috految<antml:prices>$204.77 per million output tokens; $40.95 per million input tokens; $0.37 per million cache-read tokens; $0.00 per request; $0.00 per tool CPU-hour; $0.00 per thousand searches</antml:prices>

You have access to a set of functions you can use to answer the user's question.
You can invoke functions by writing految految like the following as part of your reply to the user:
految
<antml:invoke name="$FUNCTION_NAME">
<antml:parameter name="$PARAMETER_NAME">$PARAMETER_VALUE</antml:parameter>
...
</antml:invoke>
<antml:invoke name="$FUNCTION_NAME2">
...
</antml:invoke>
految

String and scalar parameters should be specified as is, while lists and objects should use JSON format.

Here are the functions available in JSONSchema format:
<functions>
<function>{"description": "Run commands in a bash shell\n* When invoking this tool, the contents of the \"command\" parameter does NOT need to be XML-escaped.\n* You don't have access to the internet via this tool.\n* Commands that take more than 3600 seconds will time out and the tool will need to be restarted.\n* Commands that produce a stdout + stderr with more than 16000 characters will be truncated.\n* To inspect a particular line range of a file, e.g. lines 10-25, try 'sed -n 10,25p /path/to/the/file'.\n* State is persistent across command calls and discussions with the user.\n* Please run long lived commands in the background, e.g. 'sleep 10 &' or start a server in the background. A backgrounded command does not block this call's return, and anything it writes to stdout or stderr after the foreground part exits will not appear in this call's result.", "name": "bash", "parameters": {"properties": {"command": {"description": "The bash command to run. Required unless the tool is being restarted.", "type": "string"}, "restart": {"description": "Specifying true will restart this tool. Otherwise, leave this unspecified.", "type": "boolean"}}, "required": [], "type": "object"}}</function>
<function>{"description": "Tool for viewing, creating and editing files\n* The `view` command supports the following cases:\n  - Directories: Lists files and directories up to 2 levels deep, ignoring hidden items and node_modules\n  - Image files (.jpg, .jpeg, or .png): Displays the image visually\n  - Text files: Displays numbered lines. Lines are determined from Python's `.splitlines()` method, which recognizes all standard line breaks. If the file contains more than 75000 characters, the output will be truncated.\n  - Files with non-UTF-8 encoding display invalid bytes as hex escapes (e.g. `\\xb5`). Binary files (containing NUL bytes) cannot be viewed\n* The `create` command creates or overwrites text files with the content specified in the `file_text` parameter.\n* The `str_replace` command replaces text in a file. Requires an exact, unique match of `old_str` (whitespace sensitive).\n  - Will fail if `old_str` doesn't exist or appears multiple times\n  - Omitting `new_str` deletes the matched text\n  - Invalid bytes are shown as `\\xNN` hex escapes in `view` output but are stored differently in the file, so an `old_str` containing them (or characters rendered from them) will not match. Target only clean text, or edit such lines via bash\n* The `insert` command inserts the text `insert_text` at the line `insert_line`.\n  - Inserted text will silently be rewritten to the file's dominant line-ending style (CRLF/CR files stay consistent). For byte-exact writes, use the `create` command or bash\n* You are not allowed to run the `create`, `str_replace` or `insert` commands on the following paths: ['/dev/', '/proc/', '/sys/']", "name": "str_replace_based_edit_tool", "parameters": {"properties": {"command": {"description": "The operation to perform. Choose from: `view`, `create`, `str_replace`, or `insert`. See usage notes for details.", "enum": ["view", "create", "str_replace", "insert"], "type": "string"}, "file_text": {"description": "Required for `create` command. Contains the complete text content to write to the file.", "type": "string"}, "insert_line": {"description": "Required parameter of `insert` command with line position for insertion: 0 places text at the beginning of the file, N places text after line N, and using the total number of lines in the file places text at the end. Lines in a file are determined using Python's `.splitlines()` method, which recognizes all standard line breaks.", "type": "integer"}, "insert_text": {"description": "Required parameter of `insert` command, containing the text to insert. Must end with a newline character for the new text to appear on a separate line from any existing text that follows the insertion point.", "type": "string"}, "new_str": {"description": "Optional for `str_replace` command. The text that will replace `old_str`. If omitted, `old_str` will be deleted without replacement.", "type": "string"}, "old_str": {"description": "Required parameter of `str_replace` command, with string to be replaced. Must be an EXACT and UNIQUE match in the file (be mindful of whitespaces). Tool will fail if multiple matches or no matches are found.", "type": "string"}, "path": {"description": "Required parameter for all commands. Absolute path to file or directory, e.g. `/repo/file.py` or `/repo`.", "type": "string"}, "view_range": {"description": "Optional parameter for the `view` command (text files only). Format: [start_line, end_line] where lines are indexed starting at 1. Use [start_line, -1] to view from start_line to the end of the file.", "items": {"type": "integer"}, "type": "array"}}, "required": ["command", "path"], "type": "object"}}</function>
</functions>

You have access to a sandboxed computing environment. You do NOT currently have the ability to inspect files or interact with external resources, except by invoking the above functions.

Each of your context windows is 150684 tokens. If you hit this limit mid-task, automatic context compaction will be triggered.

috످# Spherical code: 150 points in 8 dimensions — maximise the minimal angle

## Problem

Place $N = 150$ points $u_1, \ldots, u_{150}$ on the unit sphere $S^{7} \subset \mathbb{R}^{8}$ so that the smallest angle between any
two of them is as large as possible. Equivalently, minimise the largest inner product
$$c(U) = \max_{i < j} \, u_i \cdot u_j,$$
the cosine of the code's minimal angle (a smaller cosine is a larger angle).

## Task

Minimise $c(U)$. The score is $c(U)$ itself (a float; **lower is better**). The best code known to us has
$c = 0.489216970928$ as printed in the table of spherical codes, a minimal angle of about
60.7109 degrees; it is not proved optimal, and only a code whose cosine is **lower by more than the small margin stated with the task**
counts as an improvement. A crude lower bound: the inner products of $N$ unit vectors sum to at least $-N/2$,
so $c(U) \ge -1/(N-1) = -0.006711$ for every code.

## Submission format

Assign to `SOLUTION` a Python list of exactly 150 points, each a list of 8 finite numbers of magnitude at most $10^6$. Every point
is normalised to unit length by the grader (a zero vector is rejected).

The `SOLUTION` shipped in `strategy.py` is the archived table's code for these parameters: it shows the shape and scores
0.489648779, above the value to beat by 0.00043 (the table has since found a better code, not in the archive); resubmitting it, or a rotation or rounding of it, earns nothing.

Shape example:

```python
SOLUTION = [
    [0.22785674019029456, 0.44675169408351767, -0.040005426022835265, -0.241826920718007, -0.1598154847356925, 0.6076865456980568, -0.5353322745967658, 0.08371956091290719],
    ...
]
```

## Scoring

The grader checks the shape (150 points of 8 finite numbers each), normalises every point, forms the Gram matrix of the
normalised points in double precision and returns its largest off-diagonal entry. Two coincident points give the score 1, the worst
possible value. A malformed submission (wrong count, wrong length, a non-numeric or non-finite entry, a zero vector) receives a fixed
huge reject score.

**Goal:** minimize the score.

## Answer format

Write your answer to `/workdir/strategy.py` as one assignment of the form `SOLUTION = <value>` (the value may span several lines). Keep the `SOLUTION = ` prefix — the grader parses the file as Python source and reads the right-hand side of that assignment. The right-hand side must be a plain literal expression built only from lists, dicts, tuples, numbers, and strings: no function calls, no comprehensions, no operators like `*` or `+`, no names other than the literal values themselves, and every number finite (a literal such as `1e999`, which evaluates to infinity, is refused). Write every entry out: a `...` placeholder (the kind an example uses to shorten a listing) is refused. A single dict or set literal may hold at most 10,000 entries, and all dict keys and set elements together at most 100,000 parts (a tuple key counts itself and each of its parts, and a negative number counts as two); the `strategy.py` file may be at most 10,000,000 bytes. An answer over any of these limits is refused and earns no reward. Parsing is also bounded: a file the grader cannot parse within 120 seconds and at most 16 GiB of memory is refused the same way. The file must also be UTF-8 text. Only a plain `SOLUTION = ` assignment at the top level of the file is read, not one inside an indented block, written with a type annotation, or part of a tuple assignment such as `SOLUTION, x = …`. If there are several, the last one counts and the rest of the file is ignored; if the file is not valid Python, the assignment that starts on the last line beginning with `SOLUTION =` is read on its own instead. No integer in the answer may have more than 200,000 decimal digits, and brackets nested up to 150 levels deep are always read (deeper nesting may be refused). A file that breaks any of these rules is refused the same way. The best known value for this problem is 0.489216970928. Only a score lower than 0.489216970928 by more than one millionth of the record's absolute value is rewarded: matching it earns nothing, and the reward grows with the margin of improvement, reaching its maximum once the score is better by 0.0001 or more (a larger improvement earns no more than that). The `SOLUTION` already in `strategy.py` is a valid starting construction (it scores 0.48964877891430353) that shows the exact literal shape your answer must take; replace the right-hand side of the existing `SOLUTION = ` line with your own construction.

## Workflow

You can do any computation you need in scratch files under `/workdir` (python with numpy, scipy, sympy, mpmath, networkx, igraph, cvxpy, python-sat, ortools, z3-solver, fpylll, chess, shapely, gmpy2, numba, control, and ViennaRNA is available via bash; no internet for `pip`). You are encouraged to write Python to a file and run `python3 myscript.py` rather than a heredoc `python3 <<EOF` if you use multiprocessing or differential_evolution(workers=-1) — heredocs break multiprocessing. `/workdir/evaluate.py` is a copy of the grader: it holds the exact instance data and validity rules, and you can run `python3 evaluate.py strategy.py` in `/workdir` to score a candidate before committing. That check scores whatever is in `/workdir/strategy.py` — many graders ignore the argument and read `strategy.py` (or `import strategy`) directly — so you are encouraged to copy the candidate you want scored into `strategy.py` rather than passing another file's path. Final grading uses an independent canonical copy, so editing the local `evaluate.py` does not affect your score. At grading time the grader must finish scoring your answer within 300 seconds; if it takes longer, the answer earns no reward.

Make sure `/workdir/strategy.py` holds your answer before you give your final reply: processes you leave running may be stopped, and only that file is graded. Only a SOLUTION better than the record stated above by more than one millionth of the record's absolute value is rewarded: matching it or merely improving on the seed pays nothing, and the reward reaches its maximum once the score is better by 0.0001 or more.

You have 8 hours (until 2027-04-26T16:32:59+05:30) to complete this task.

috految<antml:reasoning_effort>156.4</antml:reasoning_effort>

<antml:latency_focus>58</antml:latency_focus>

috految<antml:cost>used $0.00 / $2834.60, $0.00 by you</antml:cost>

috److految
<antml:invoke name="bash">
<antml:parameter name="command">cd /workdir; ls; nproc; lscpu | egrep 'Model name|Flags|Thread|L1|L2'; free -g; cat /sys/fs/cgroup/cpu.max; which gcc g++ clang gap rustc; gcc --version | head -1; cp strategy.py seed.py; python3 -c "
import numpy as np
from seed import SOLUTION as S
X=np.array(S);np.savetxt('seed.txt',X);G=X@X.T;np.fill_diagonal(G,-2);m=G.max();print(m,(G>m-1e-9).sum()//2,np.sort((G>m-1e-9).sum(1)))
print(np.histogram(G[np.triu_indices(150,1)],bins=np.arange(-1,.51,.05))[0]);print(np.linalg.eigvalsh(X.T@X),np.linalg.norm(X.sum(0)));print(np.sort(X@X.sum(0)/np.linalg.norm(X.sum(0))).round(2));print(len(np.unique(G.round(7))))
"</antml:parameter>
</antml:invoke>
految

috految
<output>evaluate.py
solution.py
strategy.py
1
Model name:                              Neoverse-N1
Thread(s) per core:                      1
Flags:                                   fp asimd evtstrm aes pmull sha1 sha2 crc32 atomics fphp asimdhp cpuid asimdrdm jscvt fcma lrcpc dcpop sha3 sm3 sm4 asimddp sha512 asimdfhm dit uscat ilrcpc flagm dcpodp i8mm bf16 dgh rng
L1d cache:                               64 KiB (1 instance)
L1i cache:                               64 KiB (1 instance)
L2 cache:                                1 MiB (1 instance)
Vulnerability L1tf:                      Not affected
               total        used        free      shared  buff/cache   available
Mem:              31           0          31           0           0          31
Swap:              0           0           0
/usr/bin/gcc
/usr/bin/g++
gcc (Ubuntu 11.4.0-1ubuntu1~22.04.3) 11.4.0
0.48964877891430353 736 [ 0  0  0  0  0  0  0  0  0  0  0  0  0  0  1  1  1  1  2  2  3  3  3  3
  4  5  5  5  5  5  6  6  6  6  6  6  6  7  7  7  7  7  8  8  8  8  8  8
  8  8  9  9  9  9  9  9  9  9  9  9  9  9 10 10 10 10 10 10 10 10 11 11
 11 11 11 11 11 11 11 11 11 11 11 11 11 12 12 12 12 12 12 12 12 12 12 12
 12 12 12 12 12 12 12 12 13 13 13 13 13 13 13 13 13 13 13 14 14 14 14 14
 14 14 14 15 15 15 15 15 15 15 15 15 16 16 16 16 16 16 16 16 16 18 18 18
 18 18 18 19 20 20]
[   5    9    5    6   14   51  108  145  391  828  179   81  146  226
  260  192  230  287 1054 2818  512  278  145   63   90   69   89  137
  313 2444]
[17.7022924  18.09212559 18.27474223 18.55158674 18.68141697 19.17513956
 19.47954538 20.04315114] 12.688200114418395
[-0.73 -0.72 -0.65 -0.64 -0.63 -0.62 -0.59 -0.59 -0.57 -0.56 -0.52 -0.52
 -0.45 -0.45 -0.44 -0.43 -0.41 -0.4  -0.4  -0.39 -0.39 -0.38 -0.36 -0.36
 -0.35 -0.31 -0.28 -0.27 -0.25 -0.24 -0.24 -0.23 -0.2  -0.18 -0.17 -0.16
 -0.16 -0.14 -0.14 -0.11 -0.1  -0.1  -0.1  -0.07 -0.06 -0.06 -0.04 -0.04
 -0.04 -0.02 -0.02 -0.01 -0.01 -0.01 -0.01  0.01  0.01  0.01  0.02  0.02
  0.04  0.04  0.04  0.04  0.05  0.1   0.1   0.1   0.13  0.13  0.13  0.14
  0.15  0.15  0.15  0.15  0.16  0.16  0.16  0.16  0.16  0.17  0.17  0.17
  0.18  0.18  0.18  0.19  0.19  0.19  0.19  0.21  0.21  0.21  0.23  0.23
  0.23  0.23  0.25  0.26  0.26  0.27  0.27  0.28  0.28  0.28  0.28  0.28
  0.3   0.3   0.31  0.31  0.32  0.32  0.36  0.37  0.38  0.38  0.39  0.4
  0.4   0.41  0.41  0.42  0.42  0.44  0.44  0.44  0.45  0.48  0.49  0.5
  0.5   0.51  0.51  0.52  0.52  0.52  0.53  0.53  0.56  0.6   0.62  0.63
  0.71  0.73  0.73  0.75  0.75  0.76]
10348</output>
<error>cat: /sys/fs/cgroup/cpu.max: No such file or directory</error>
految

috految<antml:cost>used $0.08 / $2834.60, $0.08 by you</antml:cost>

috److془One core, Graviton3 probably. Let's write efficient NEON code.

Basin hopping with energy sum max(0, g - t)^2, t ~ 0.48-0.488. Moves: remove point, insert in hole. Starting: seed, E8 subsets, random, symmetric structures.

Energy eval: neighbor list ~3000 pairs, ~ 4 cycles each + ... ~6 µs. L-BFGS m=5: 1200 floats × 20 passes = 6000 vec ops ~ 2.5 µs. So ~10 µs per iteration; 60 iterations per move with early abort → 1500 moves/s.

Let's write it. Then symmetric search in the background.

Note that the energy at t: E8 subsets with c=0.5 with few stressed contacts e.g., hexagon: energy 6*(0.011)^2 = 7e-4 vs. typical 700*(c-t)^2. So t should be near ~0.485-0.488.

Let's write it.

Hole finding: random starts + descent on sum max(0, x·xi - t')^2. Each eval 150×8 ×2/4 = 600 FMA ~ 0.1 µs. 20 its → 2-3 µs per hole. 200 starts → 0.5 ms. Good. 

Moves: (a) choose hole (rank-biased by energy), choose point to be removed (rank-biased by energy) or (b) insert at hole, relax 15 its, remove the highest-energy (randomized) non-new point; (c) remove k points, relax, insert k points in best holes other than original; (d) random perturbation/thermal MD. (e) move a neighbor of the hole into the hole.

Estimate c: t + E/S where S = sum overlaps; (lower bound for convex). Refinement: t -> t + 0.7*(E/S) iterate.془

految
<antml:invoke name="bash">
<antml:parameter name="command">cd /workdir; mkdir -p out; cat > core.h <<'E'
#include <arm_neon.h>
#include <cstdio>
#include <cstdlib>
#include <cstring>
#include <cmath>
#include <ctime>
#include <vector>
#include <algorithm>
#include <set>
using namespace std;
#define F(i,n) for(int i=0;i<(int)(n);i++)
typedef float32x4_t f4;
struct V{f4 a,b; float&operator[](int i){return ((float*)this)[i];}};
inline V operator+(V x,V y){return {x.a+y.a,x.b+y.b};}
inline V operator-(V x,V y){return {x.a-y.a,x.b-y.b};}
inline V operator*(V x,float s){return {x.a*s,x.b*s};}
inline f4 pd(V x,V y){return vfmaq_f32(x.a*y.a,x.b,y.b);}
inline float dot(V x,V y){return vaddvq_f32(pd(x,y));}
inline V nrm(V x){return x*(1/sqrtf(dot(x,x)));}
inline f4 d4(V x,V a,V b,V c,V d){return vpaddq_f32(vpaddq_f32(pd(x,a),pd(x,b)),vpaddq_f32(pd(x,c),pd(x,d)));}
const f4 Z={0,0,0,0};const V ZV={Z,Z};
uint64_t rs=1;inline uint64_t rnd(){uint64_t z=(rs+=0x9e3779b97f4a7c15);z=(z^(z>>30))*0xbf58476d1ce4e5b9;z=(z^(z>>27))*0x94d049bb133111eb;return z^(z>>31);}
inline double U(){return ((rnd()>>11)+.5)/9007199254740992.;}
inline int RI(int n){return rnd()%n;}
inline float Gs(){uint64_t r=rnd();return ((r&65535)+(r>>16&65535)+(r>>32&65535)+(r>>48)-131070.f)*(1.732f/65536);}
inline V RV(){V v;F(k,8)v[k]=Gs();return v;}
double now(){return clock()/1e6;}
const int M=256;
struct C{V x[M];int n;double E,S;};
V ref_[M];int st[M+1],nl_n=-1;unsigned short nb[M*M];float nl_t;long nev;double gS;
void build(V*x,int n,float t){int m=0;float th=t-.11f;alignas(16) float d[M];F(i,n){ref_[i]=x[i];st[i]=m;V u=x[i];for(int j=0;j<i;j+=4)vst1q_f32(d+j,d4(u,x[j],x[j+1],x[j+2],x[j+3]));F(j,i){nb[m]=j*32;m+=d[j]>th;}while(m&3){nb[m]=(M-4+(m&3))*32;m++;}}st[n]=m;nl_n=n;nl_t=t;}
double ev(V*__restrict x,V*__restrict g,int n,float t){nev++;float mn=1;F(i,n){x[i]=nrm(x[i]);mn=fminf(mn,dot(x[i],ref_[i]));}
 F(k,4)x[M-1-k]=g[M-1-k]=ZV;
 if(n!=nl_n||t!=nl_t||mn<1-.5f*.1f*.1f)build(x,n,t);
 f4 e=Z,s=Z,T=vdupq_n_f32(t);static f4 W[M*M/4];
 #define A(q,o) (*(V*)((char*)q+(o)))
 F(i,n){V u=x[i];f4 ee=Z;for(int p=st[i],q=st[i+1];p<q;p+=4){f4 o=vmaxq_f32(d4(u,A(x,nb[p]),A(x,nb[p+1]),A(x,nb[p+2]),A(x,nb[p+3]))-T,Z);W[p>>2]=o;ee+=o*o;s+=o;}e+=ee;}
 F(i,n){V u=x[i],a=ZV,b=ZV;for(int p=st[i],q=st[i+1];p<q;p+=4){f4 o=W[p>>2];size_t j0=nb[p],j1=nb[p+1],j2=nb[p+2],j3=nb[p+3];
  a=a+A(x,j0)*o[0];b=b+A(x,j1)*o[1];a=a+A(x,j2)*o[2];b=b+A(x,j3)*o[3];V g0=A(g,j0)+u*o[0],g1=A(g,j1)+u*o[1],g2=A(g,j2)+u*o[2],g3=A(g,j3)+u*o[3];A(g,j0)=g0;A(g,j1)=g1;A(g,j2)=g2;A(g,j3)=g3;}g[i]=a+b;}
 F(i,n)g[i]=g[i]-x[i]*dot(g[i],x[i]);gS=vaddvq_f32(s);return vaddvq_f32(e);}
inline float dotn(V*a,V*b,int n){f4 p=Z,q=Z,r=Z,s=Z;int i=0;for(;i+1<n;i+=2){p+=a[i].a*b[i].a;q+=a[i].b*b[i].b;r+=a[i+1].a*b[i+1].a;s+=a[i+1].b*b[i+1].b;}if(i<n)p+=pd(a[i],b[i]);return vaddvq_f32(p+q+r+s);}
template<class Fn> double lb(V*x0,int n,Fn f,int mx,double tol,double thr,double K=8){const int m=3;static V S[m][M+3],Y[m][M+3],b[5][M+3];V*x=b[0],*g=b[1],*xn=b[2],*gn=b[3],*d=b[4];float ro[m],al[m],ga=.2;int k=0;memcpy(x,x0,n*32);double E=f(x,g),h[8];
 F(it,mx){if(E<1e-11)break;if(it>=8){double dd=h[it&7]-E;if(dd<tol*E||E-thr>dd*K*(.25+it/60.))break;}h[it&7]=E;
  F(i,n)d[i]=g[i];int lo=max(0,k-m);for(int j=k-1;j>=lo;j--){int q=j%m;float a=al[q]=ro[q]*dotn(S[q],d,n);F(i,n)d[i]=d[i]-Y[q][i]*a;}F(i,n)d[i]=d[i]*ga;
  for(int j=lo;j<k;j++){int q=j%m;float a=al[q]-ro[q]*dotn(Y[q],d,n);F(i,n)d[i]=d[i]+S[q][i]*a;}
  float gd=dotn(g,d,n);if(!(gd>0)){if(!k)break;k=0;ga=.2;continue;}float s=1,dn=sqrtf(dotn(d,d,n));if(dn>1)s=1/dn;double En;int tr=0;
  for(;tr<7;tr++){F(i,n)xn[i]=x[i]-d[i]*s;En=f(xn,gn);if(En<=E+1.5e-7*sqrt(E))break;s*=max(.1,min(.5,gd*s/(En-E+2*gd*s)));}
  if(tr==7){E=f(x,g);if(!k)break;k=0;ga=.1;continue;}
  int q=k%m;F(i,n){S[q][i]=xn[i]-x[i];Y[q][i]=gn[i]-g[i];}float sy=dotn(S[q],Y[q],n),yy=dotn(Y[q],Y[q],n);if(sy>1e-20&&yy>1e-20){ro[q]=1/sy;ga=sy/yy;k++;}else{k=0;ga=.5;}
  swap(x,xn);swap(g,gn);E=En;}
 memcpy(x0,x,n*32);return E;}
double mini(C&c,float t,int mx=1500,double tol=2e-4,double thr=1e9){int n=c.n;c.E=lb(c.x,n,[&](V*x,V*g){return ev(x,g,n,t);},mx,tol,thr);c.S=gS;return c.E;}
double refine(C&c,float t,double thr){double e=0;F(r,14){mini(c,t,3000,3e-5);if(c.E<1e-10){e=t;t-=3e-4;continue;}double d=c.E/c.S;e=t+d;if(d<4e-5||e>thr)break;t+=.7*d;}return e;}
void pe(C&c,float t,float*e){F(i,c.n)e[i]=0;F(i,c.n)F(j,i){float o=fmaxf(dot(c.x[i],c.x[j])-t,0);e[i]+=o*o;e[j]+=o*o;}}
struct H{V v;float e;};
void holes(C&c,vector<H>&hs,float t,int nr,int keep=70){static V x[M];int n=c.n;F(i,n)x[i]=c.x[i];while(n&3)x[n++]=ZV;f4 T=vdupq_n_f32(t);int no=hs.size();F(r,nr){V v=RV();if(r%3==0)v=v*.05-x[RI(c.n)];hs.push_back({nrm(v),0});}
 F(q,hs.size()){H&h=hs[q];V v=h.v,mo=ZV;F(it,q<no?6:16){V a=ZV,b=ZV;f4 e=Z;for(int j=0;j<n;j+=4){f4 o=vmaxq_f32(d4(v,x[j],x[j+1],x[j+2],x[j+3])-T,Z);e+=o*o;o+=o*o*2;a=a+x[j]*o[0];b=b+x[j+1]*o[1];a=a+x[j+2]*o[2];b=b+x[j+3]*o[3];}a=a+b;a=a-v*dot(a,v);h.e=vaddvq_f32(e);if(dot(a,a)<1e-4)break;mo=mo*.5f-a*.45f;v=nrm(v+mo);}h.v=v;}
 sort(hs.begin(),hs.end(),[](const H&a,const H&b){return a.e<b.e;});int m=0;for(auto h:hs){bool ok=1;F(j,m)if(dot(hs[j].v,h.v)>.97){ok=0;break;}if(ok)F(j,c.n)if(dot(x[j],h.v)>.93)ok=0;if(ok)hs[m++]=h;if(m==keep)break;}hs.resize(m);if(!m)hs.push_back({nrm(RV()),1});}
void rem(C&c,int i){c.x[i]=c.x[--c.n];}
int pick(float*e,int n,float sg){int b=0;float bv=-1;F(i,n){float v=(e[i]+1e-12)*expf(sg*Gs());if(v>bv)bv=v,b=i;}return b;}
void save(C&c,double v,const char*tag){char s[99];sprintf(s,"out/%.6f_%s.txt",v,tag);FILE*f=fopen(s,"w");F(i,c.n){F(k,8)fprintf(f,"%.9g ",c.x[i][k]);fputs("\n",f);}fclose(f);}
void load(C&c,const char*s){FILE*f=fopen(s,"r");int m=0;float v;while(fscanf(f,"%f",&v)==1)c.x[m/8][m%8]=v,m++;c.n=m/8;fclose(f);}
void fixn(C&c,float t,int N){float e[M];vector<H>hs;mini(c,t,100);while(c.n!=N){if(c.n>N){pe(c,t,e);rem(c,pick(e,c.n,.1));}else{holes(c,hs,t,100);c.x[c.n++]=hs[0].v;}mini(c,t,40);}mini(c,t);}
long tr_[9],ac_[9],im_[9];double bc;C bcc;int lastit;
void bh(C&c,float t,double T,int stall,double rt){int N=c.n;mini(c,t);C b=c;vector<H>hs,h2;float e[M],e2[M];bool dirty=1;set<int>seen;int bi=0,it;
 for(it=0;it-bi<stall&&b.E>1e-9;it++){if(dirty||it%20==0){holes(c,hs,t,hs.empty()?400:50);pe(c,t,e);dirty=0;}
  C d=c;double u=U();int ty;auto ph=[&](){return hs[min((int)hs.size()-1,(int)(exp(U()*log(hs.size()/2.+1))*2-2))].v;};
  if(u<.3){ty=0;d.x[pick(e,N,.15+U()*.9)]=ph();}
  else if(u<.6){ty=1;V v=ph();F(i,N){float o=fmaxf(0,dot(v,c.x[i])-t);e2[i]=o*o*sqrtf(e[i]+.05*c.E/N);}d.x[pick(e2,N,.5)]=v;}
  else if(u<.85){ty=2;int k=U()<.6?1:2+RI(3);F(j,k)d.x[d.n++]=nrm(ph()+RV()*.02);F(j,k){mini(d,t,j?12:25);pe(d,t,e2);int i=pick(e2,j?d.n:N,.2);rem(d,i);}}
  else if(u<.96){ty=3;int k=1+RI(4);V o;F(j,k){pe(d,t,e2);int i=pick(e2,d.n,.4);if(!j)o=d.x[i];rem(d,i);}mini(d,t-.01*U(),35);h2=hs;F(j,k){holes(d,h2,t,30,40);int q=0;while(q+1<(int)h2.size()&&(dot(h2[q].v,o)>.95||U()<.25))q++;d.x[d.n++]=h2[q].v;if(j<k-1)mini(d,t,10);}}
  else{ty=4;float s=.03+.13*U();F(i,N)d.x[i]=d.x[i]+RV()*s;mini(d,t-.06*U(),40);}
  double thr=c.E*exp(-T*log(U()));mini(d,t,1500,3e-4,thr);tr_[ty]++;
  if(d.E<thr){if(fabs(d.E/c.E-1)>1e-3)ac_[ty]++;F(i,N)if(dot(c.x[i],d.x[i])<.9)hs.push_back({c.x[i],0});c=d;dirty=1;
   if(c.E<b.E*.998)bi=it,im_[ty]++;if(c.E<b.E)b=c;
   if(t+c.E/(c.S+1e-20)*1.05<min(rt,bc)&&c.E<b.E*1.15&&seen.insert(log(c.E)*500).second){double v=refine(d,t,min(rt,bc));if(v<bc&&v<rt)bc=v,bcc=d;}}
 }lastit=it;c=b;}
vector<V> e8(){vector<V>R;F(i,8)F(j,i)F(s,4){V v=ZV;v[i]=s&1?1:-1;v[j]=s&2?1:-1;R.push_back(nrm(v));}F(s,256)if(!(__builtin_popcount(s)&1)){V v;F(k,8)v[k]=s>>k&1?1:-1;R.push_back(nrm(v));}return R;}
E
cat > a.cpp <<'E'
#include "core.h"
int main(int ac,char**av){rs=atoi(av[1])*7777777777ull;double TL=atof(av[2]);auto R=e8();setbuf(stdout,0);
 for(int r=0;now()<TL;r++){C c;float ts[]={.486,.482,.475,.465};float t=ts[r<3?r:RI(4)];int ty=r<3?0:1+RI(4);
  if(ty==0)load(c,"seed.txt");else if(ty==1){c.n=130+RI(21);F(i,c.n)c.x[i]=nrm(RV());mini(c,.4+.05*U());}
  else{V w[4];F(k,4){w[k]=RV()*.1;F(j,1+RI(4))w[k]=w[k]+R[RI(240)];w[k]=nrm(w[k]);}vector<pair<float,int>>o;float a=Gs(),b=Gs();F(i,240){float p=dot(R[i],w[0]),q=dot(R[i],w[1]),s=dot(R[i],w[2]);o.push_back({(ty==2?p:ty==3?p+a*q*q+b*s*s:p*q*s+.2*a*p)+Gs()*.01,i});}sort(o.begin(),o.end());c.n=110+RI(45);F(i,c.n)c.x[i]=nrm(R[o[i].second]+RV()*.02);}
  fixn(c,t,150);double E0=c.E,T=(.5+U())*.00015/(.491-t);bc=1;bh(c,t,T,ty?300:600,t>.48?.4896:0);double E1=c.E;int i1=lastit;
  bh(c,.4865,.03,150,.4896);if(c.E<.01)bh(c,.4865,.03,400,.4896);C d=c;double v=refine(d,.4865,1);if(v<bc)bc=v,bcc=d;V m=ZV;F(i,150)m=m+c.x[i];
  printf("%.1f ty%d t%.3f T%.3f E %.5f %.5f it %d E2 %.5f c %.6f best %.6f cm %.2f nev %ld\n",now(),ty,t,T,E0,E1,i1,c.E,v,bc,sqrt(dot(m,m)),nev);save(bcc,bc,"a");if(bc<.48908)break;}
 F(k,5)printf("%ld %ld %ld\n",tr_[k],ac_[k],im_[k]);}
E
g++ -O3 -march=armv8.2-a -mtune=neoverse-v1 -fno-math-errno -fno-trapping-math -fno-strict-aliasing -o a a.cpp && { ./a 1 300 > a.log & timeout 18 tail -s .2 --pid=$! -f /dev/null; cat a.log; }</antml:parameter>
</antml:invoke>
految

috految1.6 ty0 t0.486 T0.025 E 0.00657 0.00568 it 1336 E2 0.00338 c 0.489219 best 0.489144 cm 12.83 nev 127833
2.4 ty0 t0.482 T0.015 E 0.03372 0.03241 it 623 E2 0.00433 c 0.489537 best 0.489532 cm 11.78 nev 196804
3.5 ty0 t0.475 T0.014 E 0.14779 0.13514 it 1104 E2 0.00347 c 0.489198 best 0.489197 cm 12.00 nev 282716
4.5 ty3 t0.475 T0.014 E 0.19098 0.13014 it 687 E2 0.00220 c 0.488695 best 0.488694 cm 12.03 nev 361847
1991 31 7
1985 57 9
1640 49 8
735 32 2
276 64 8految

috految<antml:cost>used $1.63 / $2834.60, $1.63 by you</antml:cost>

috److految
<antml:invoke name="bash">
<antml:parameter name="command">cd /workdir; cat > fin.py <<'E'
import numpy as np,glob
X=np.loadtxt(sorted(glob.glob('out/*'))[0]);m=0*X;best=1
for i in range(3000):
    X/=np.linalg.norm(X,axis=1)[:,None];G=X@X.T;np.fill_diagonal(G,-1)
    if G.max()<best:best=G.max();B=X.copy()
    g=np.maximum(G-.488696,0)@X;g-=X*(g*X).sum(1)[:,None];m=.98*m-.1*g;X=X+m
print(B.shape,best);open('strategy.py','w').write('SOLUTION = '+repr(B.tolist())+'\n')
E
python3 fin.py; python3 evaluate.py strategy.py</antml:parameter>
</antml:invoke>
految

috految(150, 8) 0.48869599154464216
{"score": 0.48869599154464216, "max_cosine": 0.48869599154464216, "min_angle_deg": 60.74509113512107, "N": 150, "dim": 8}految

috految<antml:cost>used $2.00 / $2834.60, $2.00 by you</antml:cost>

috److I found a 150-point code in 8 dimensions with **c = 0.48869599**, a minimal angle of about 60.7451°. The local grader confirms the score.

This beats the record of 0.489216970928 by about 0.00052, well past the 0.0001 margin needed for full reward.

I started from a perturbed subset of the E8 root system and ran a local search that repeatedly moved points into gaps and re-optimised. I stopped once the margin was cleared, so a lower value may still exist.

The answer is saved in `/workdir/strategy.py`.

috످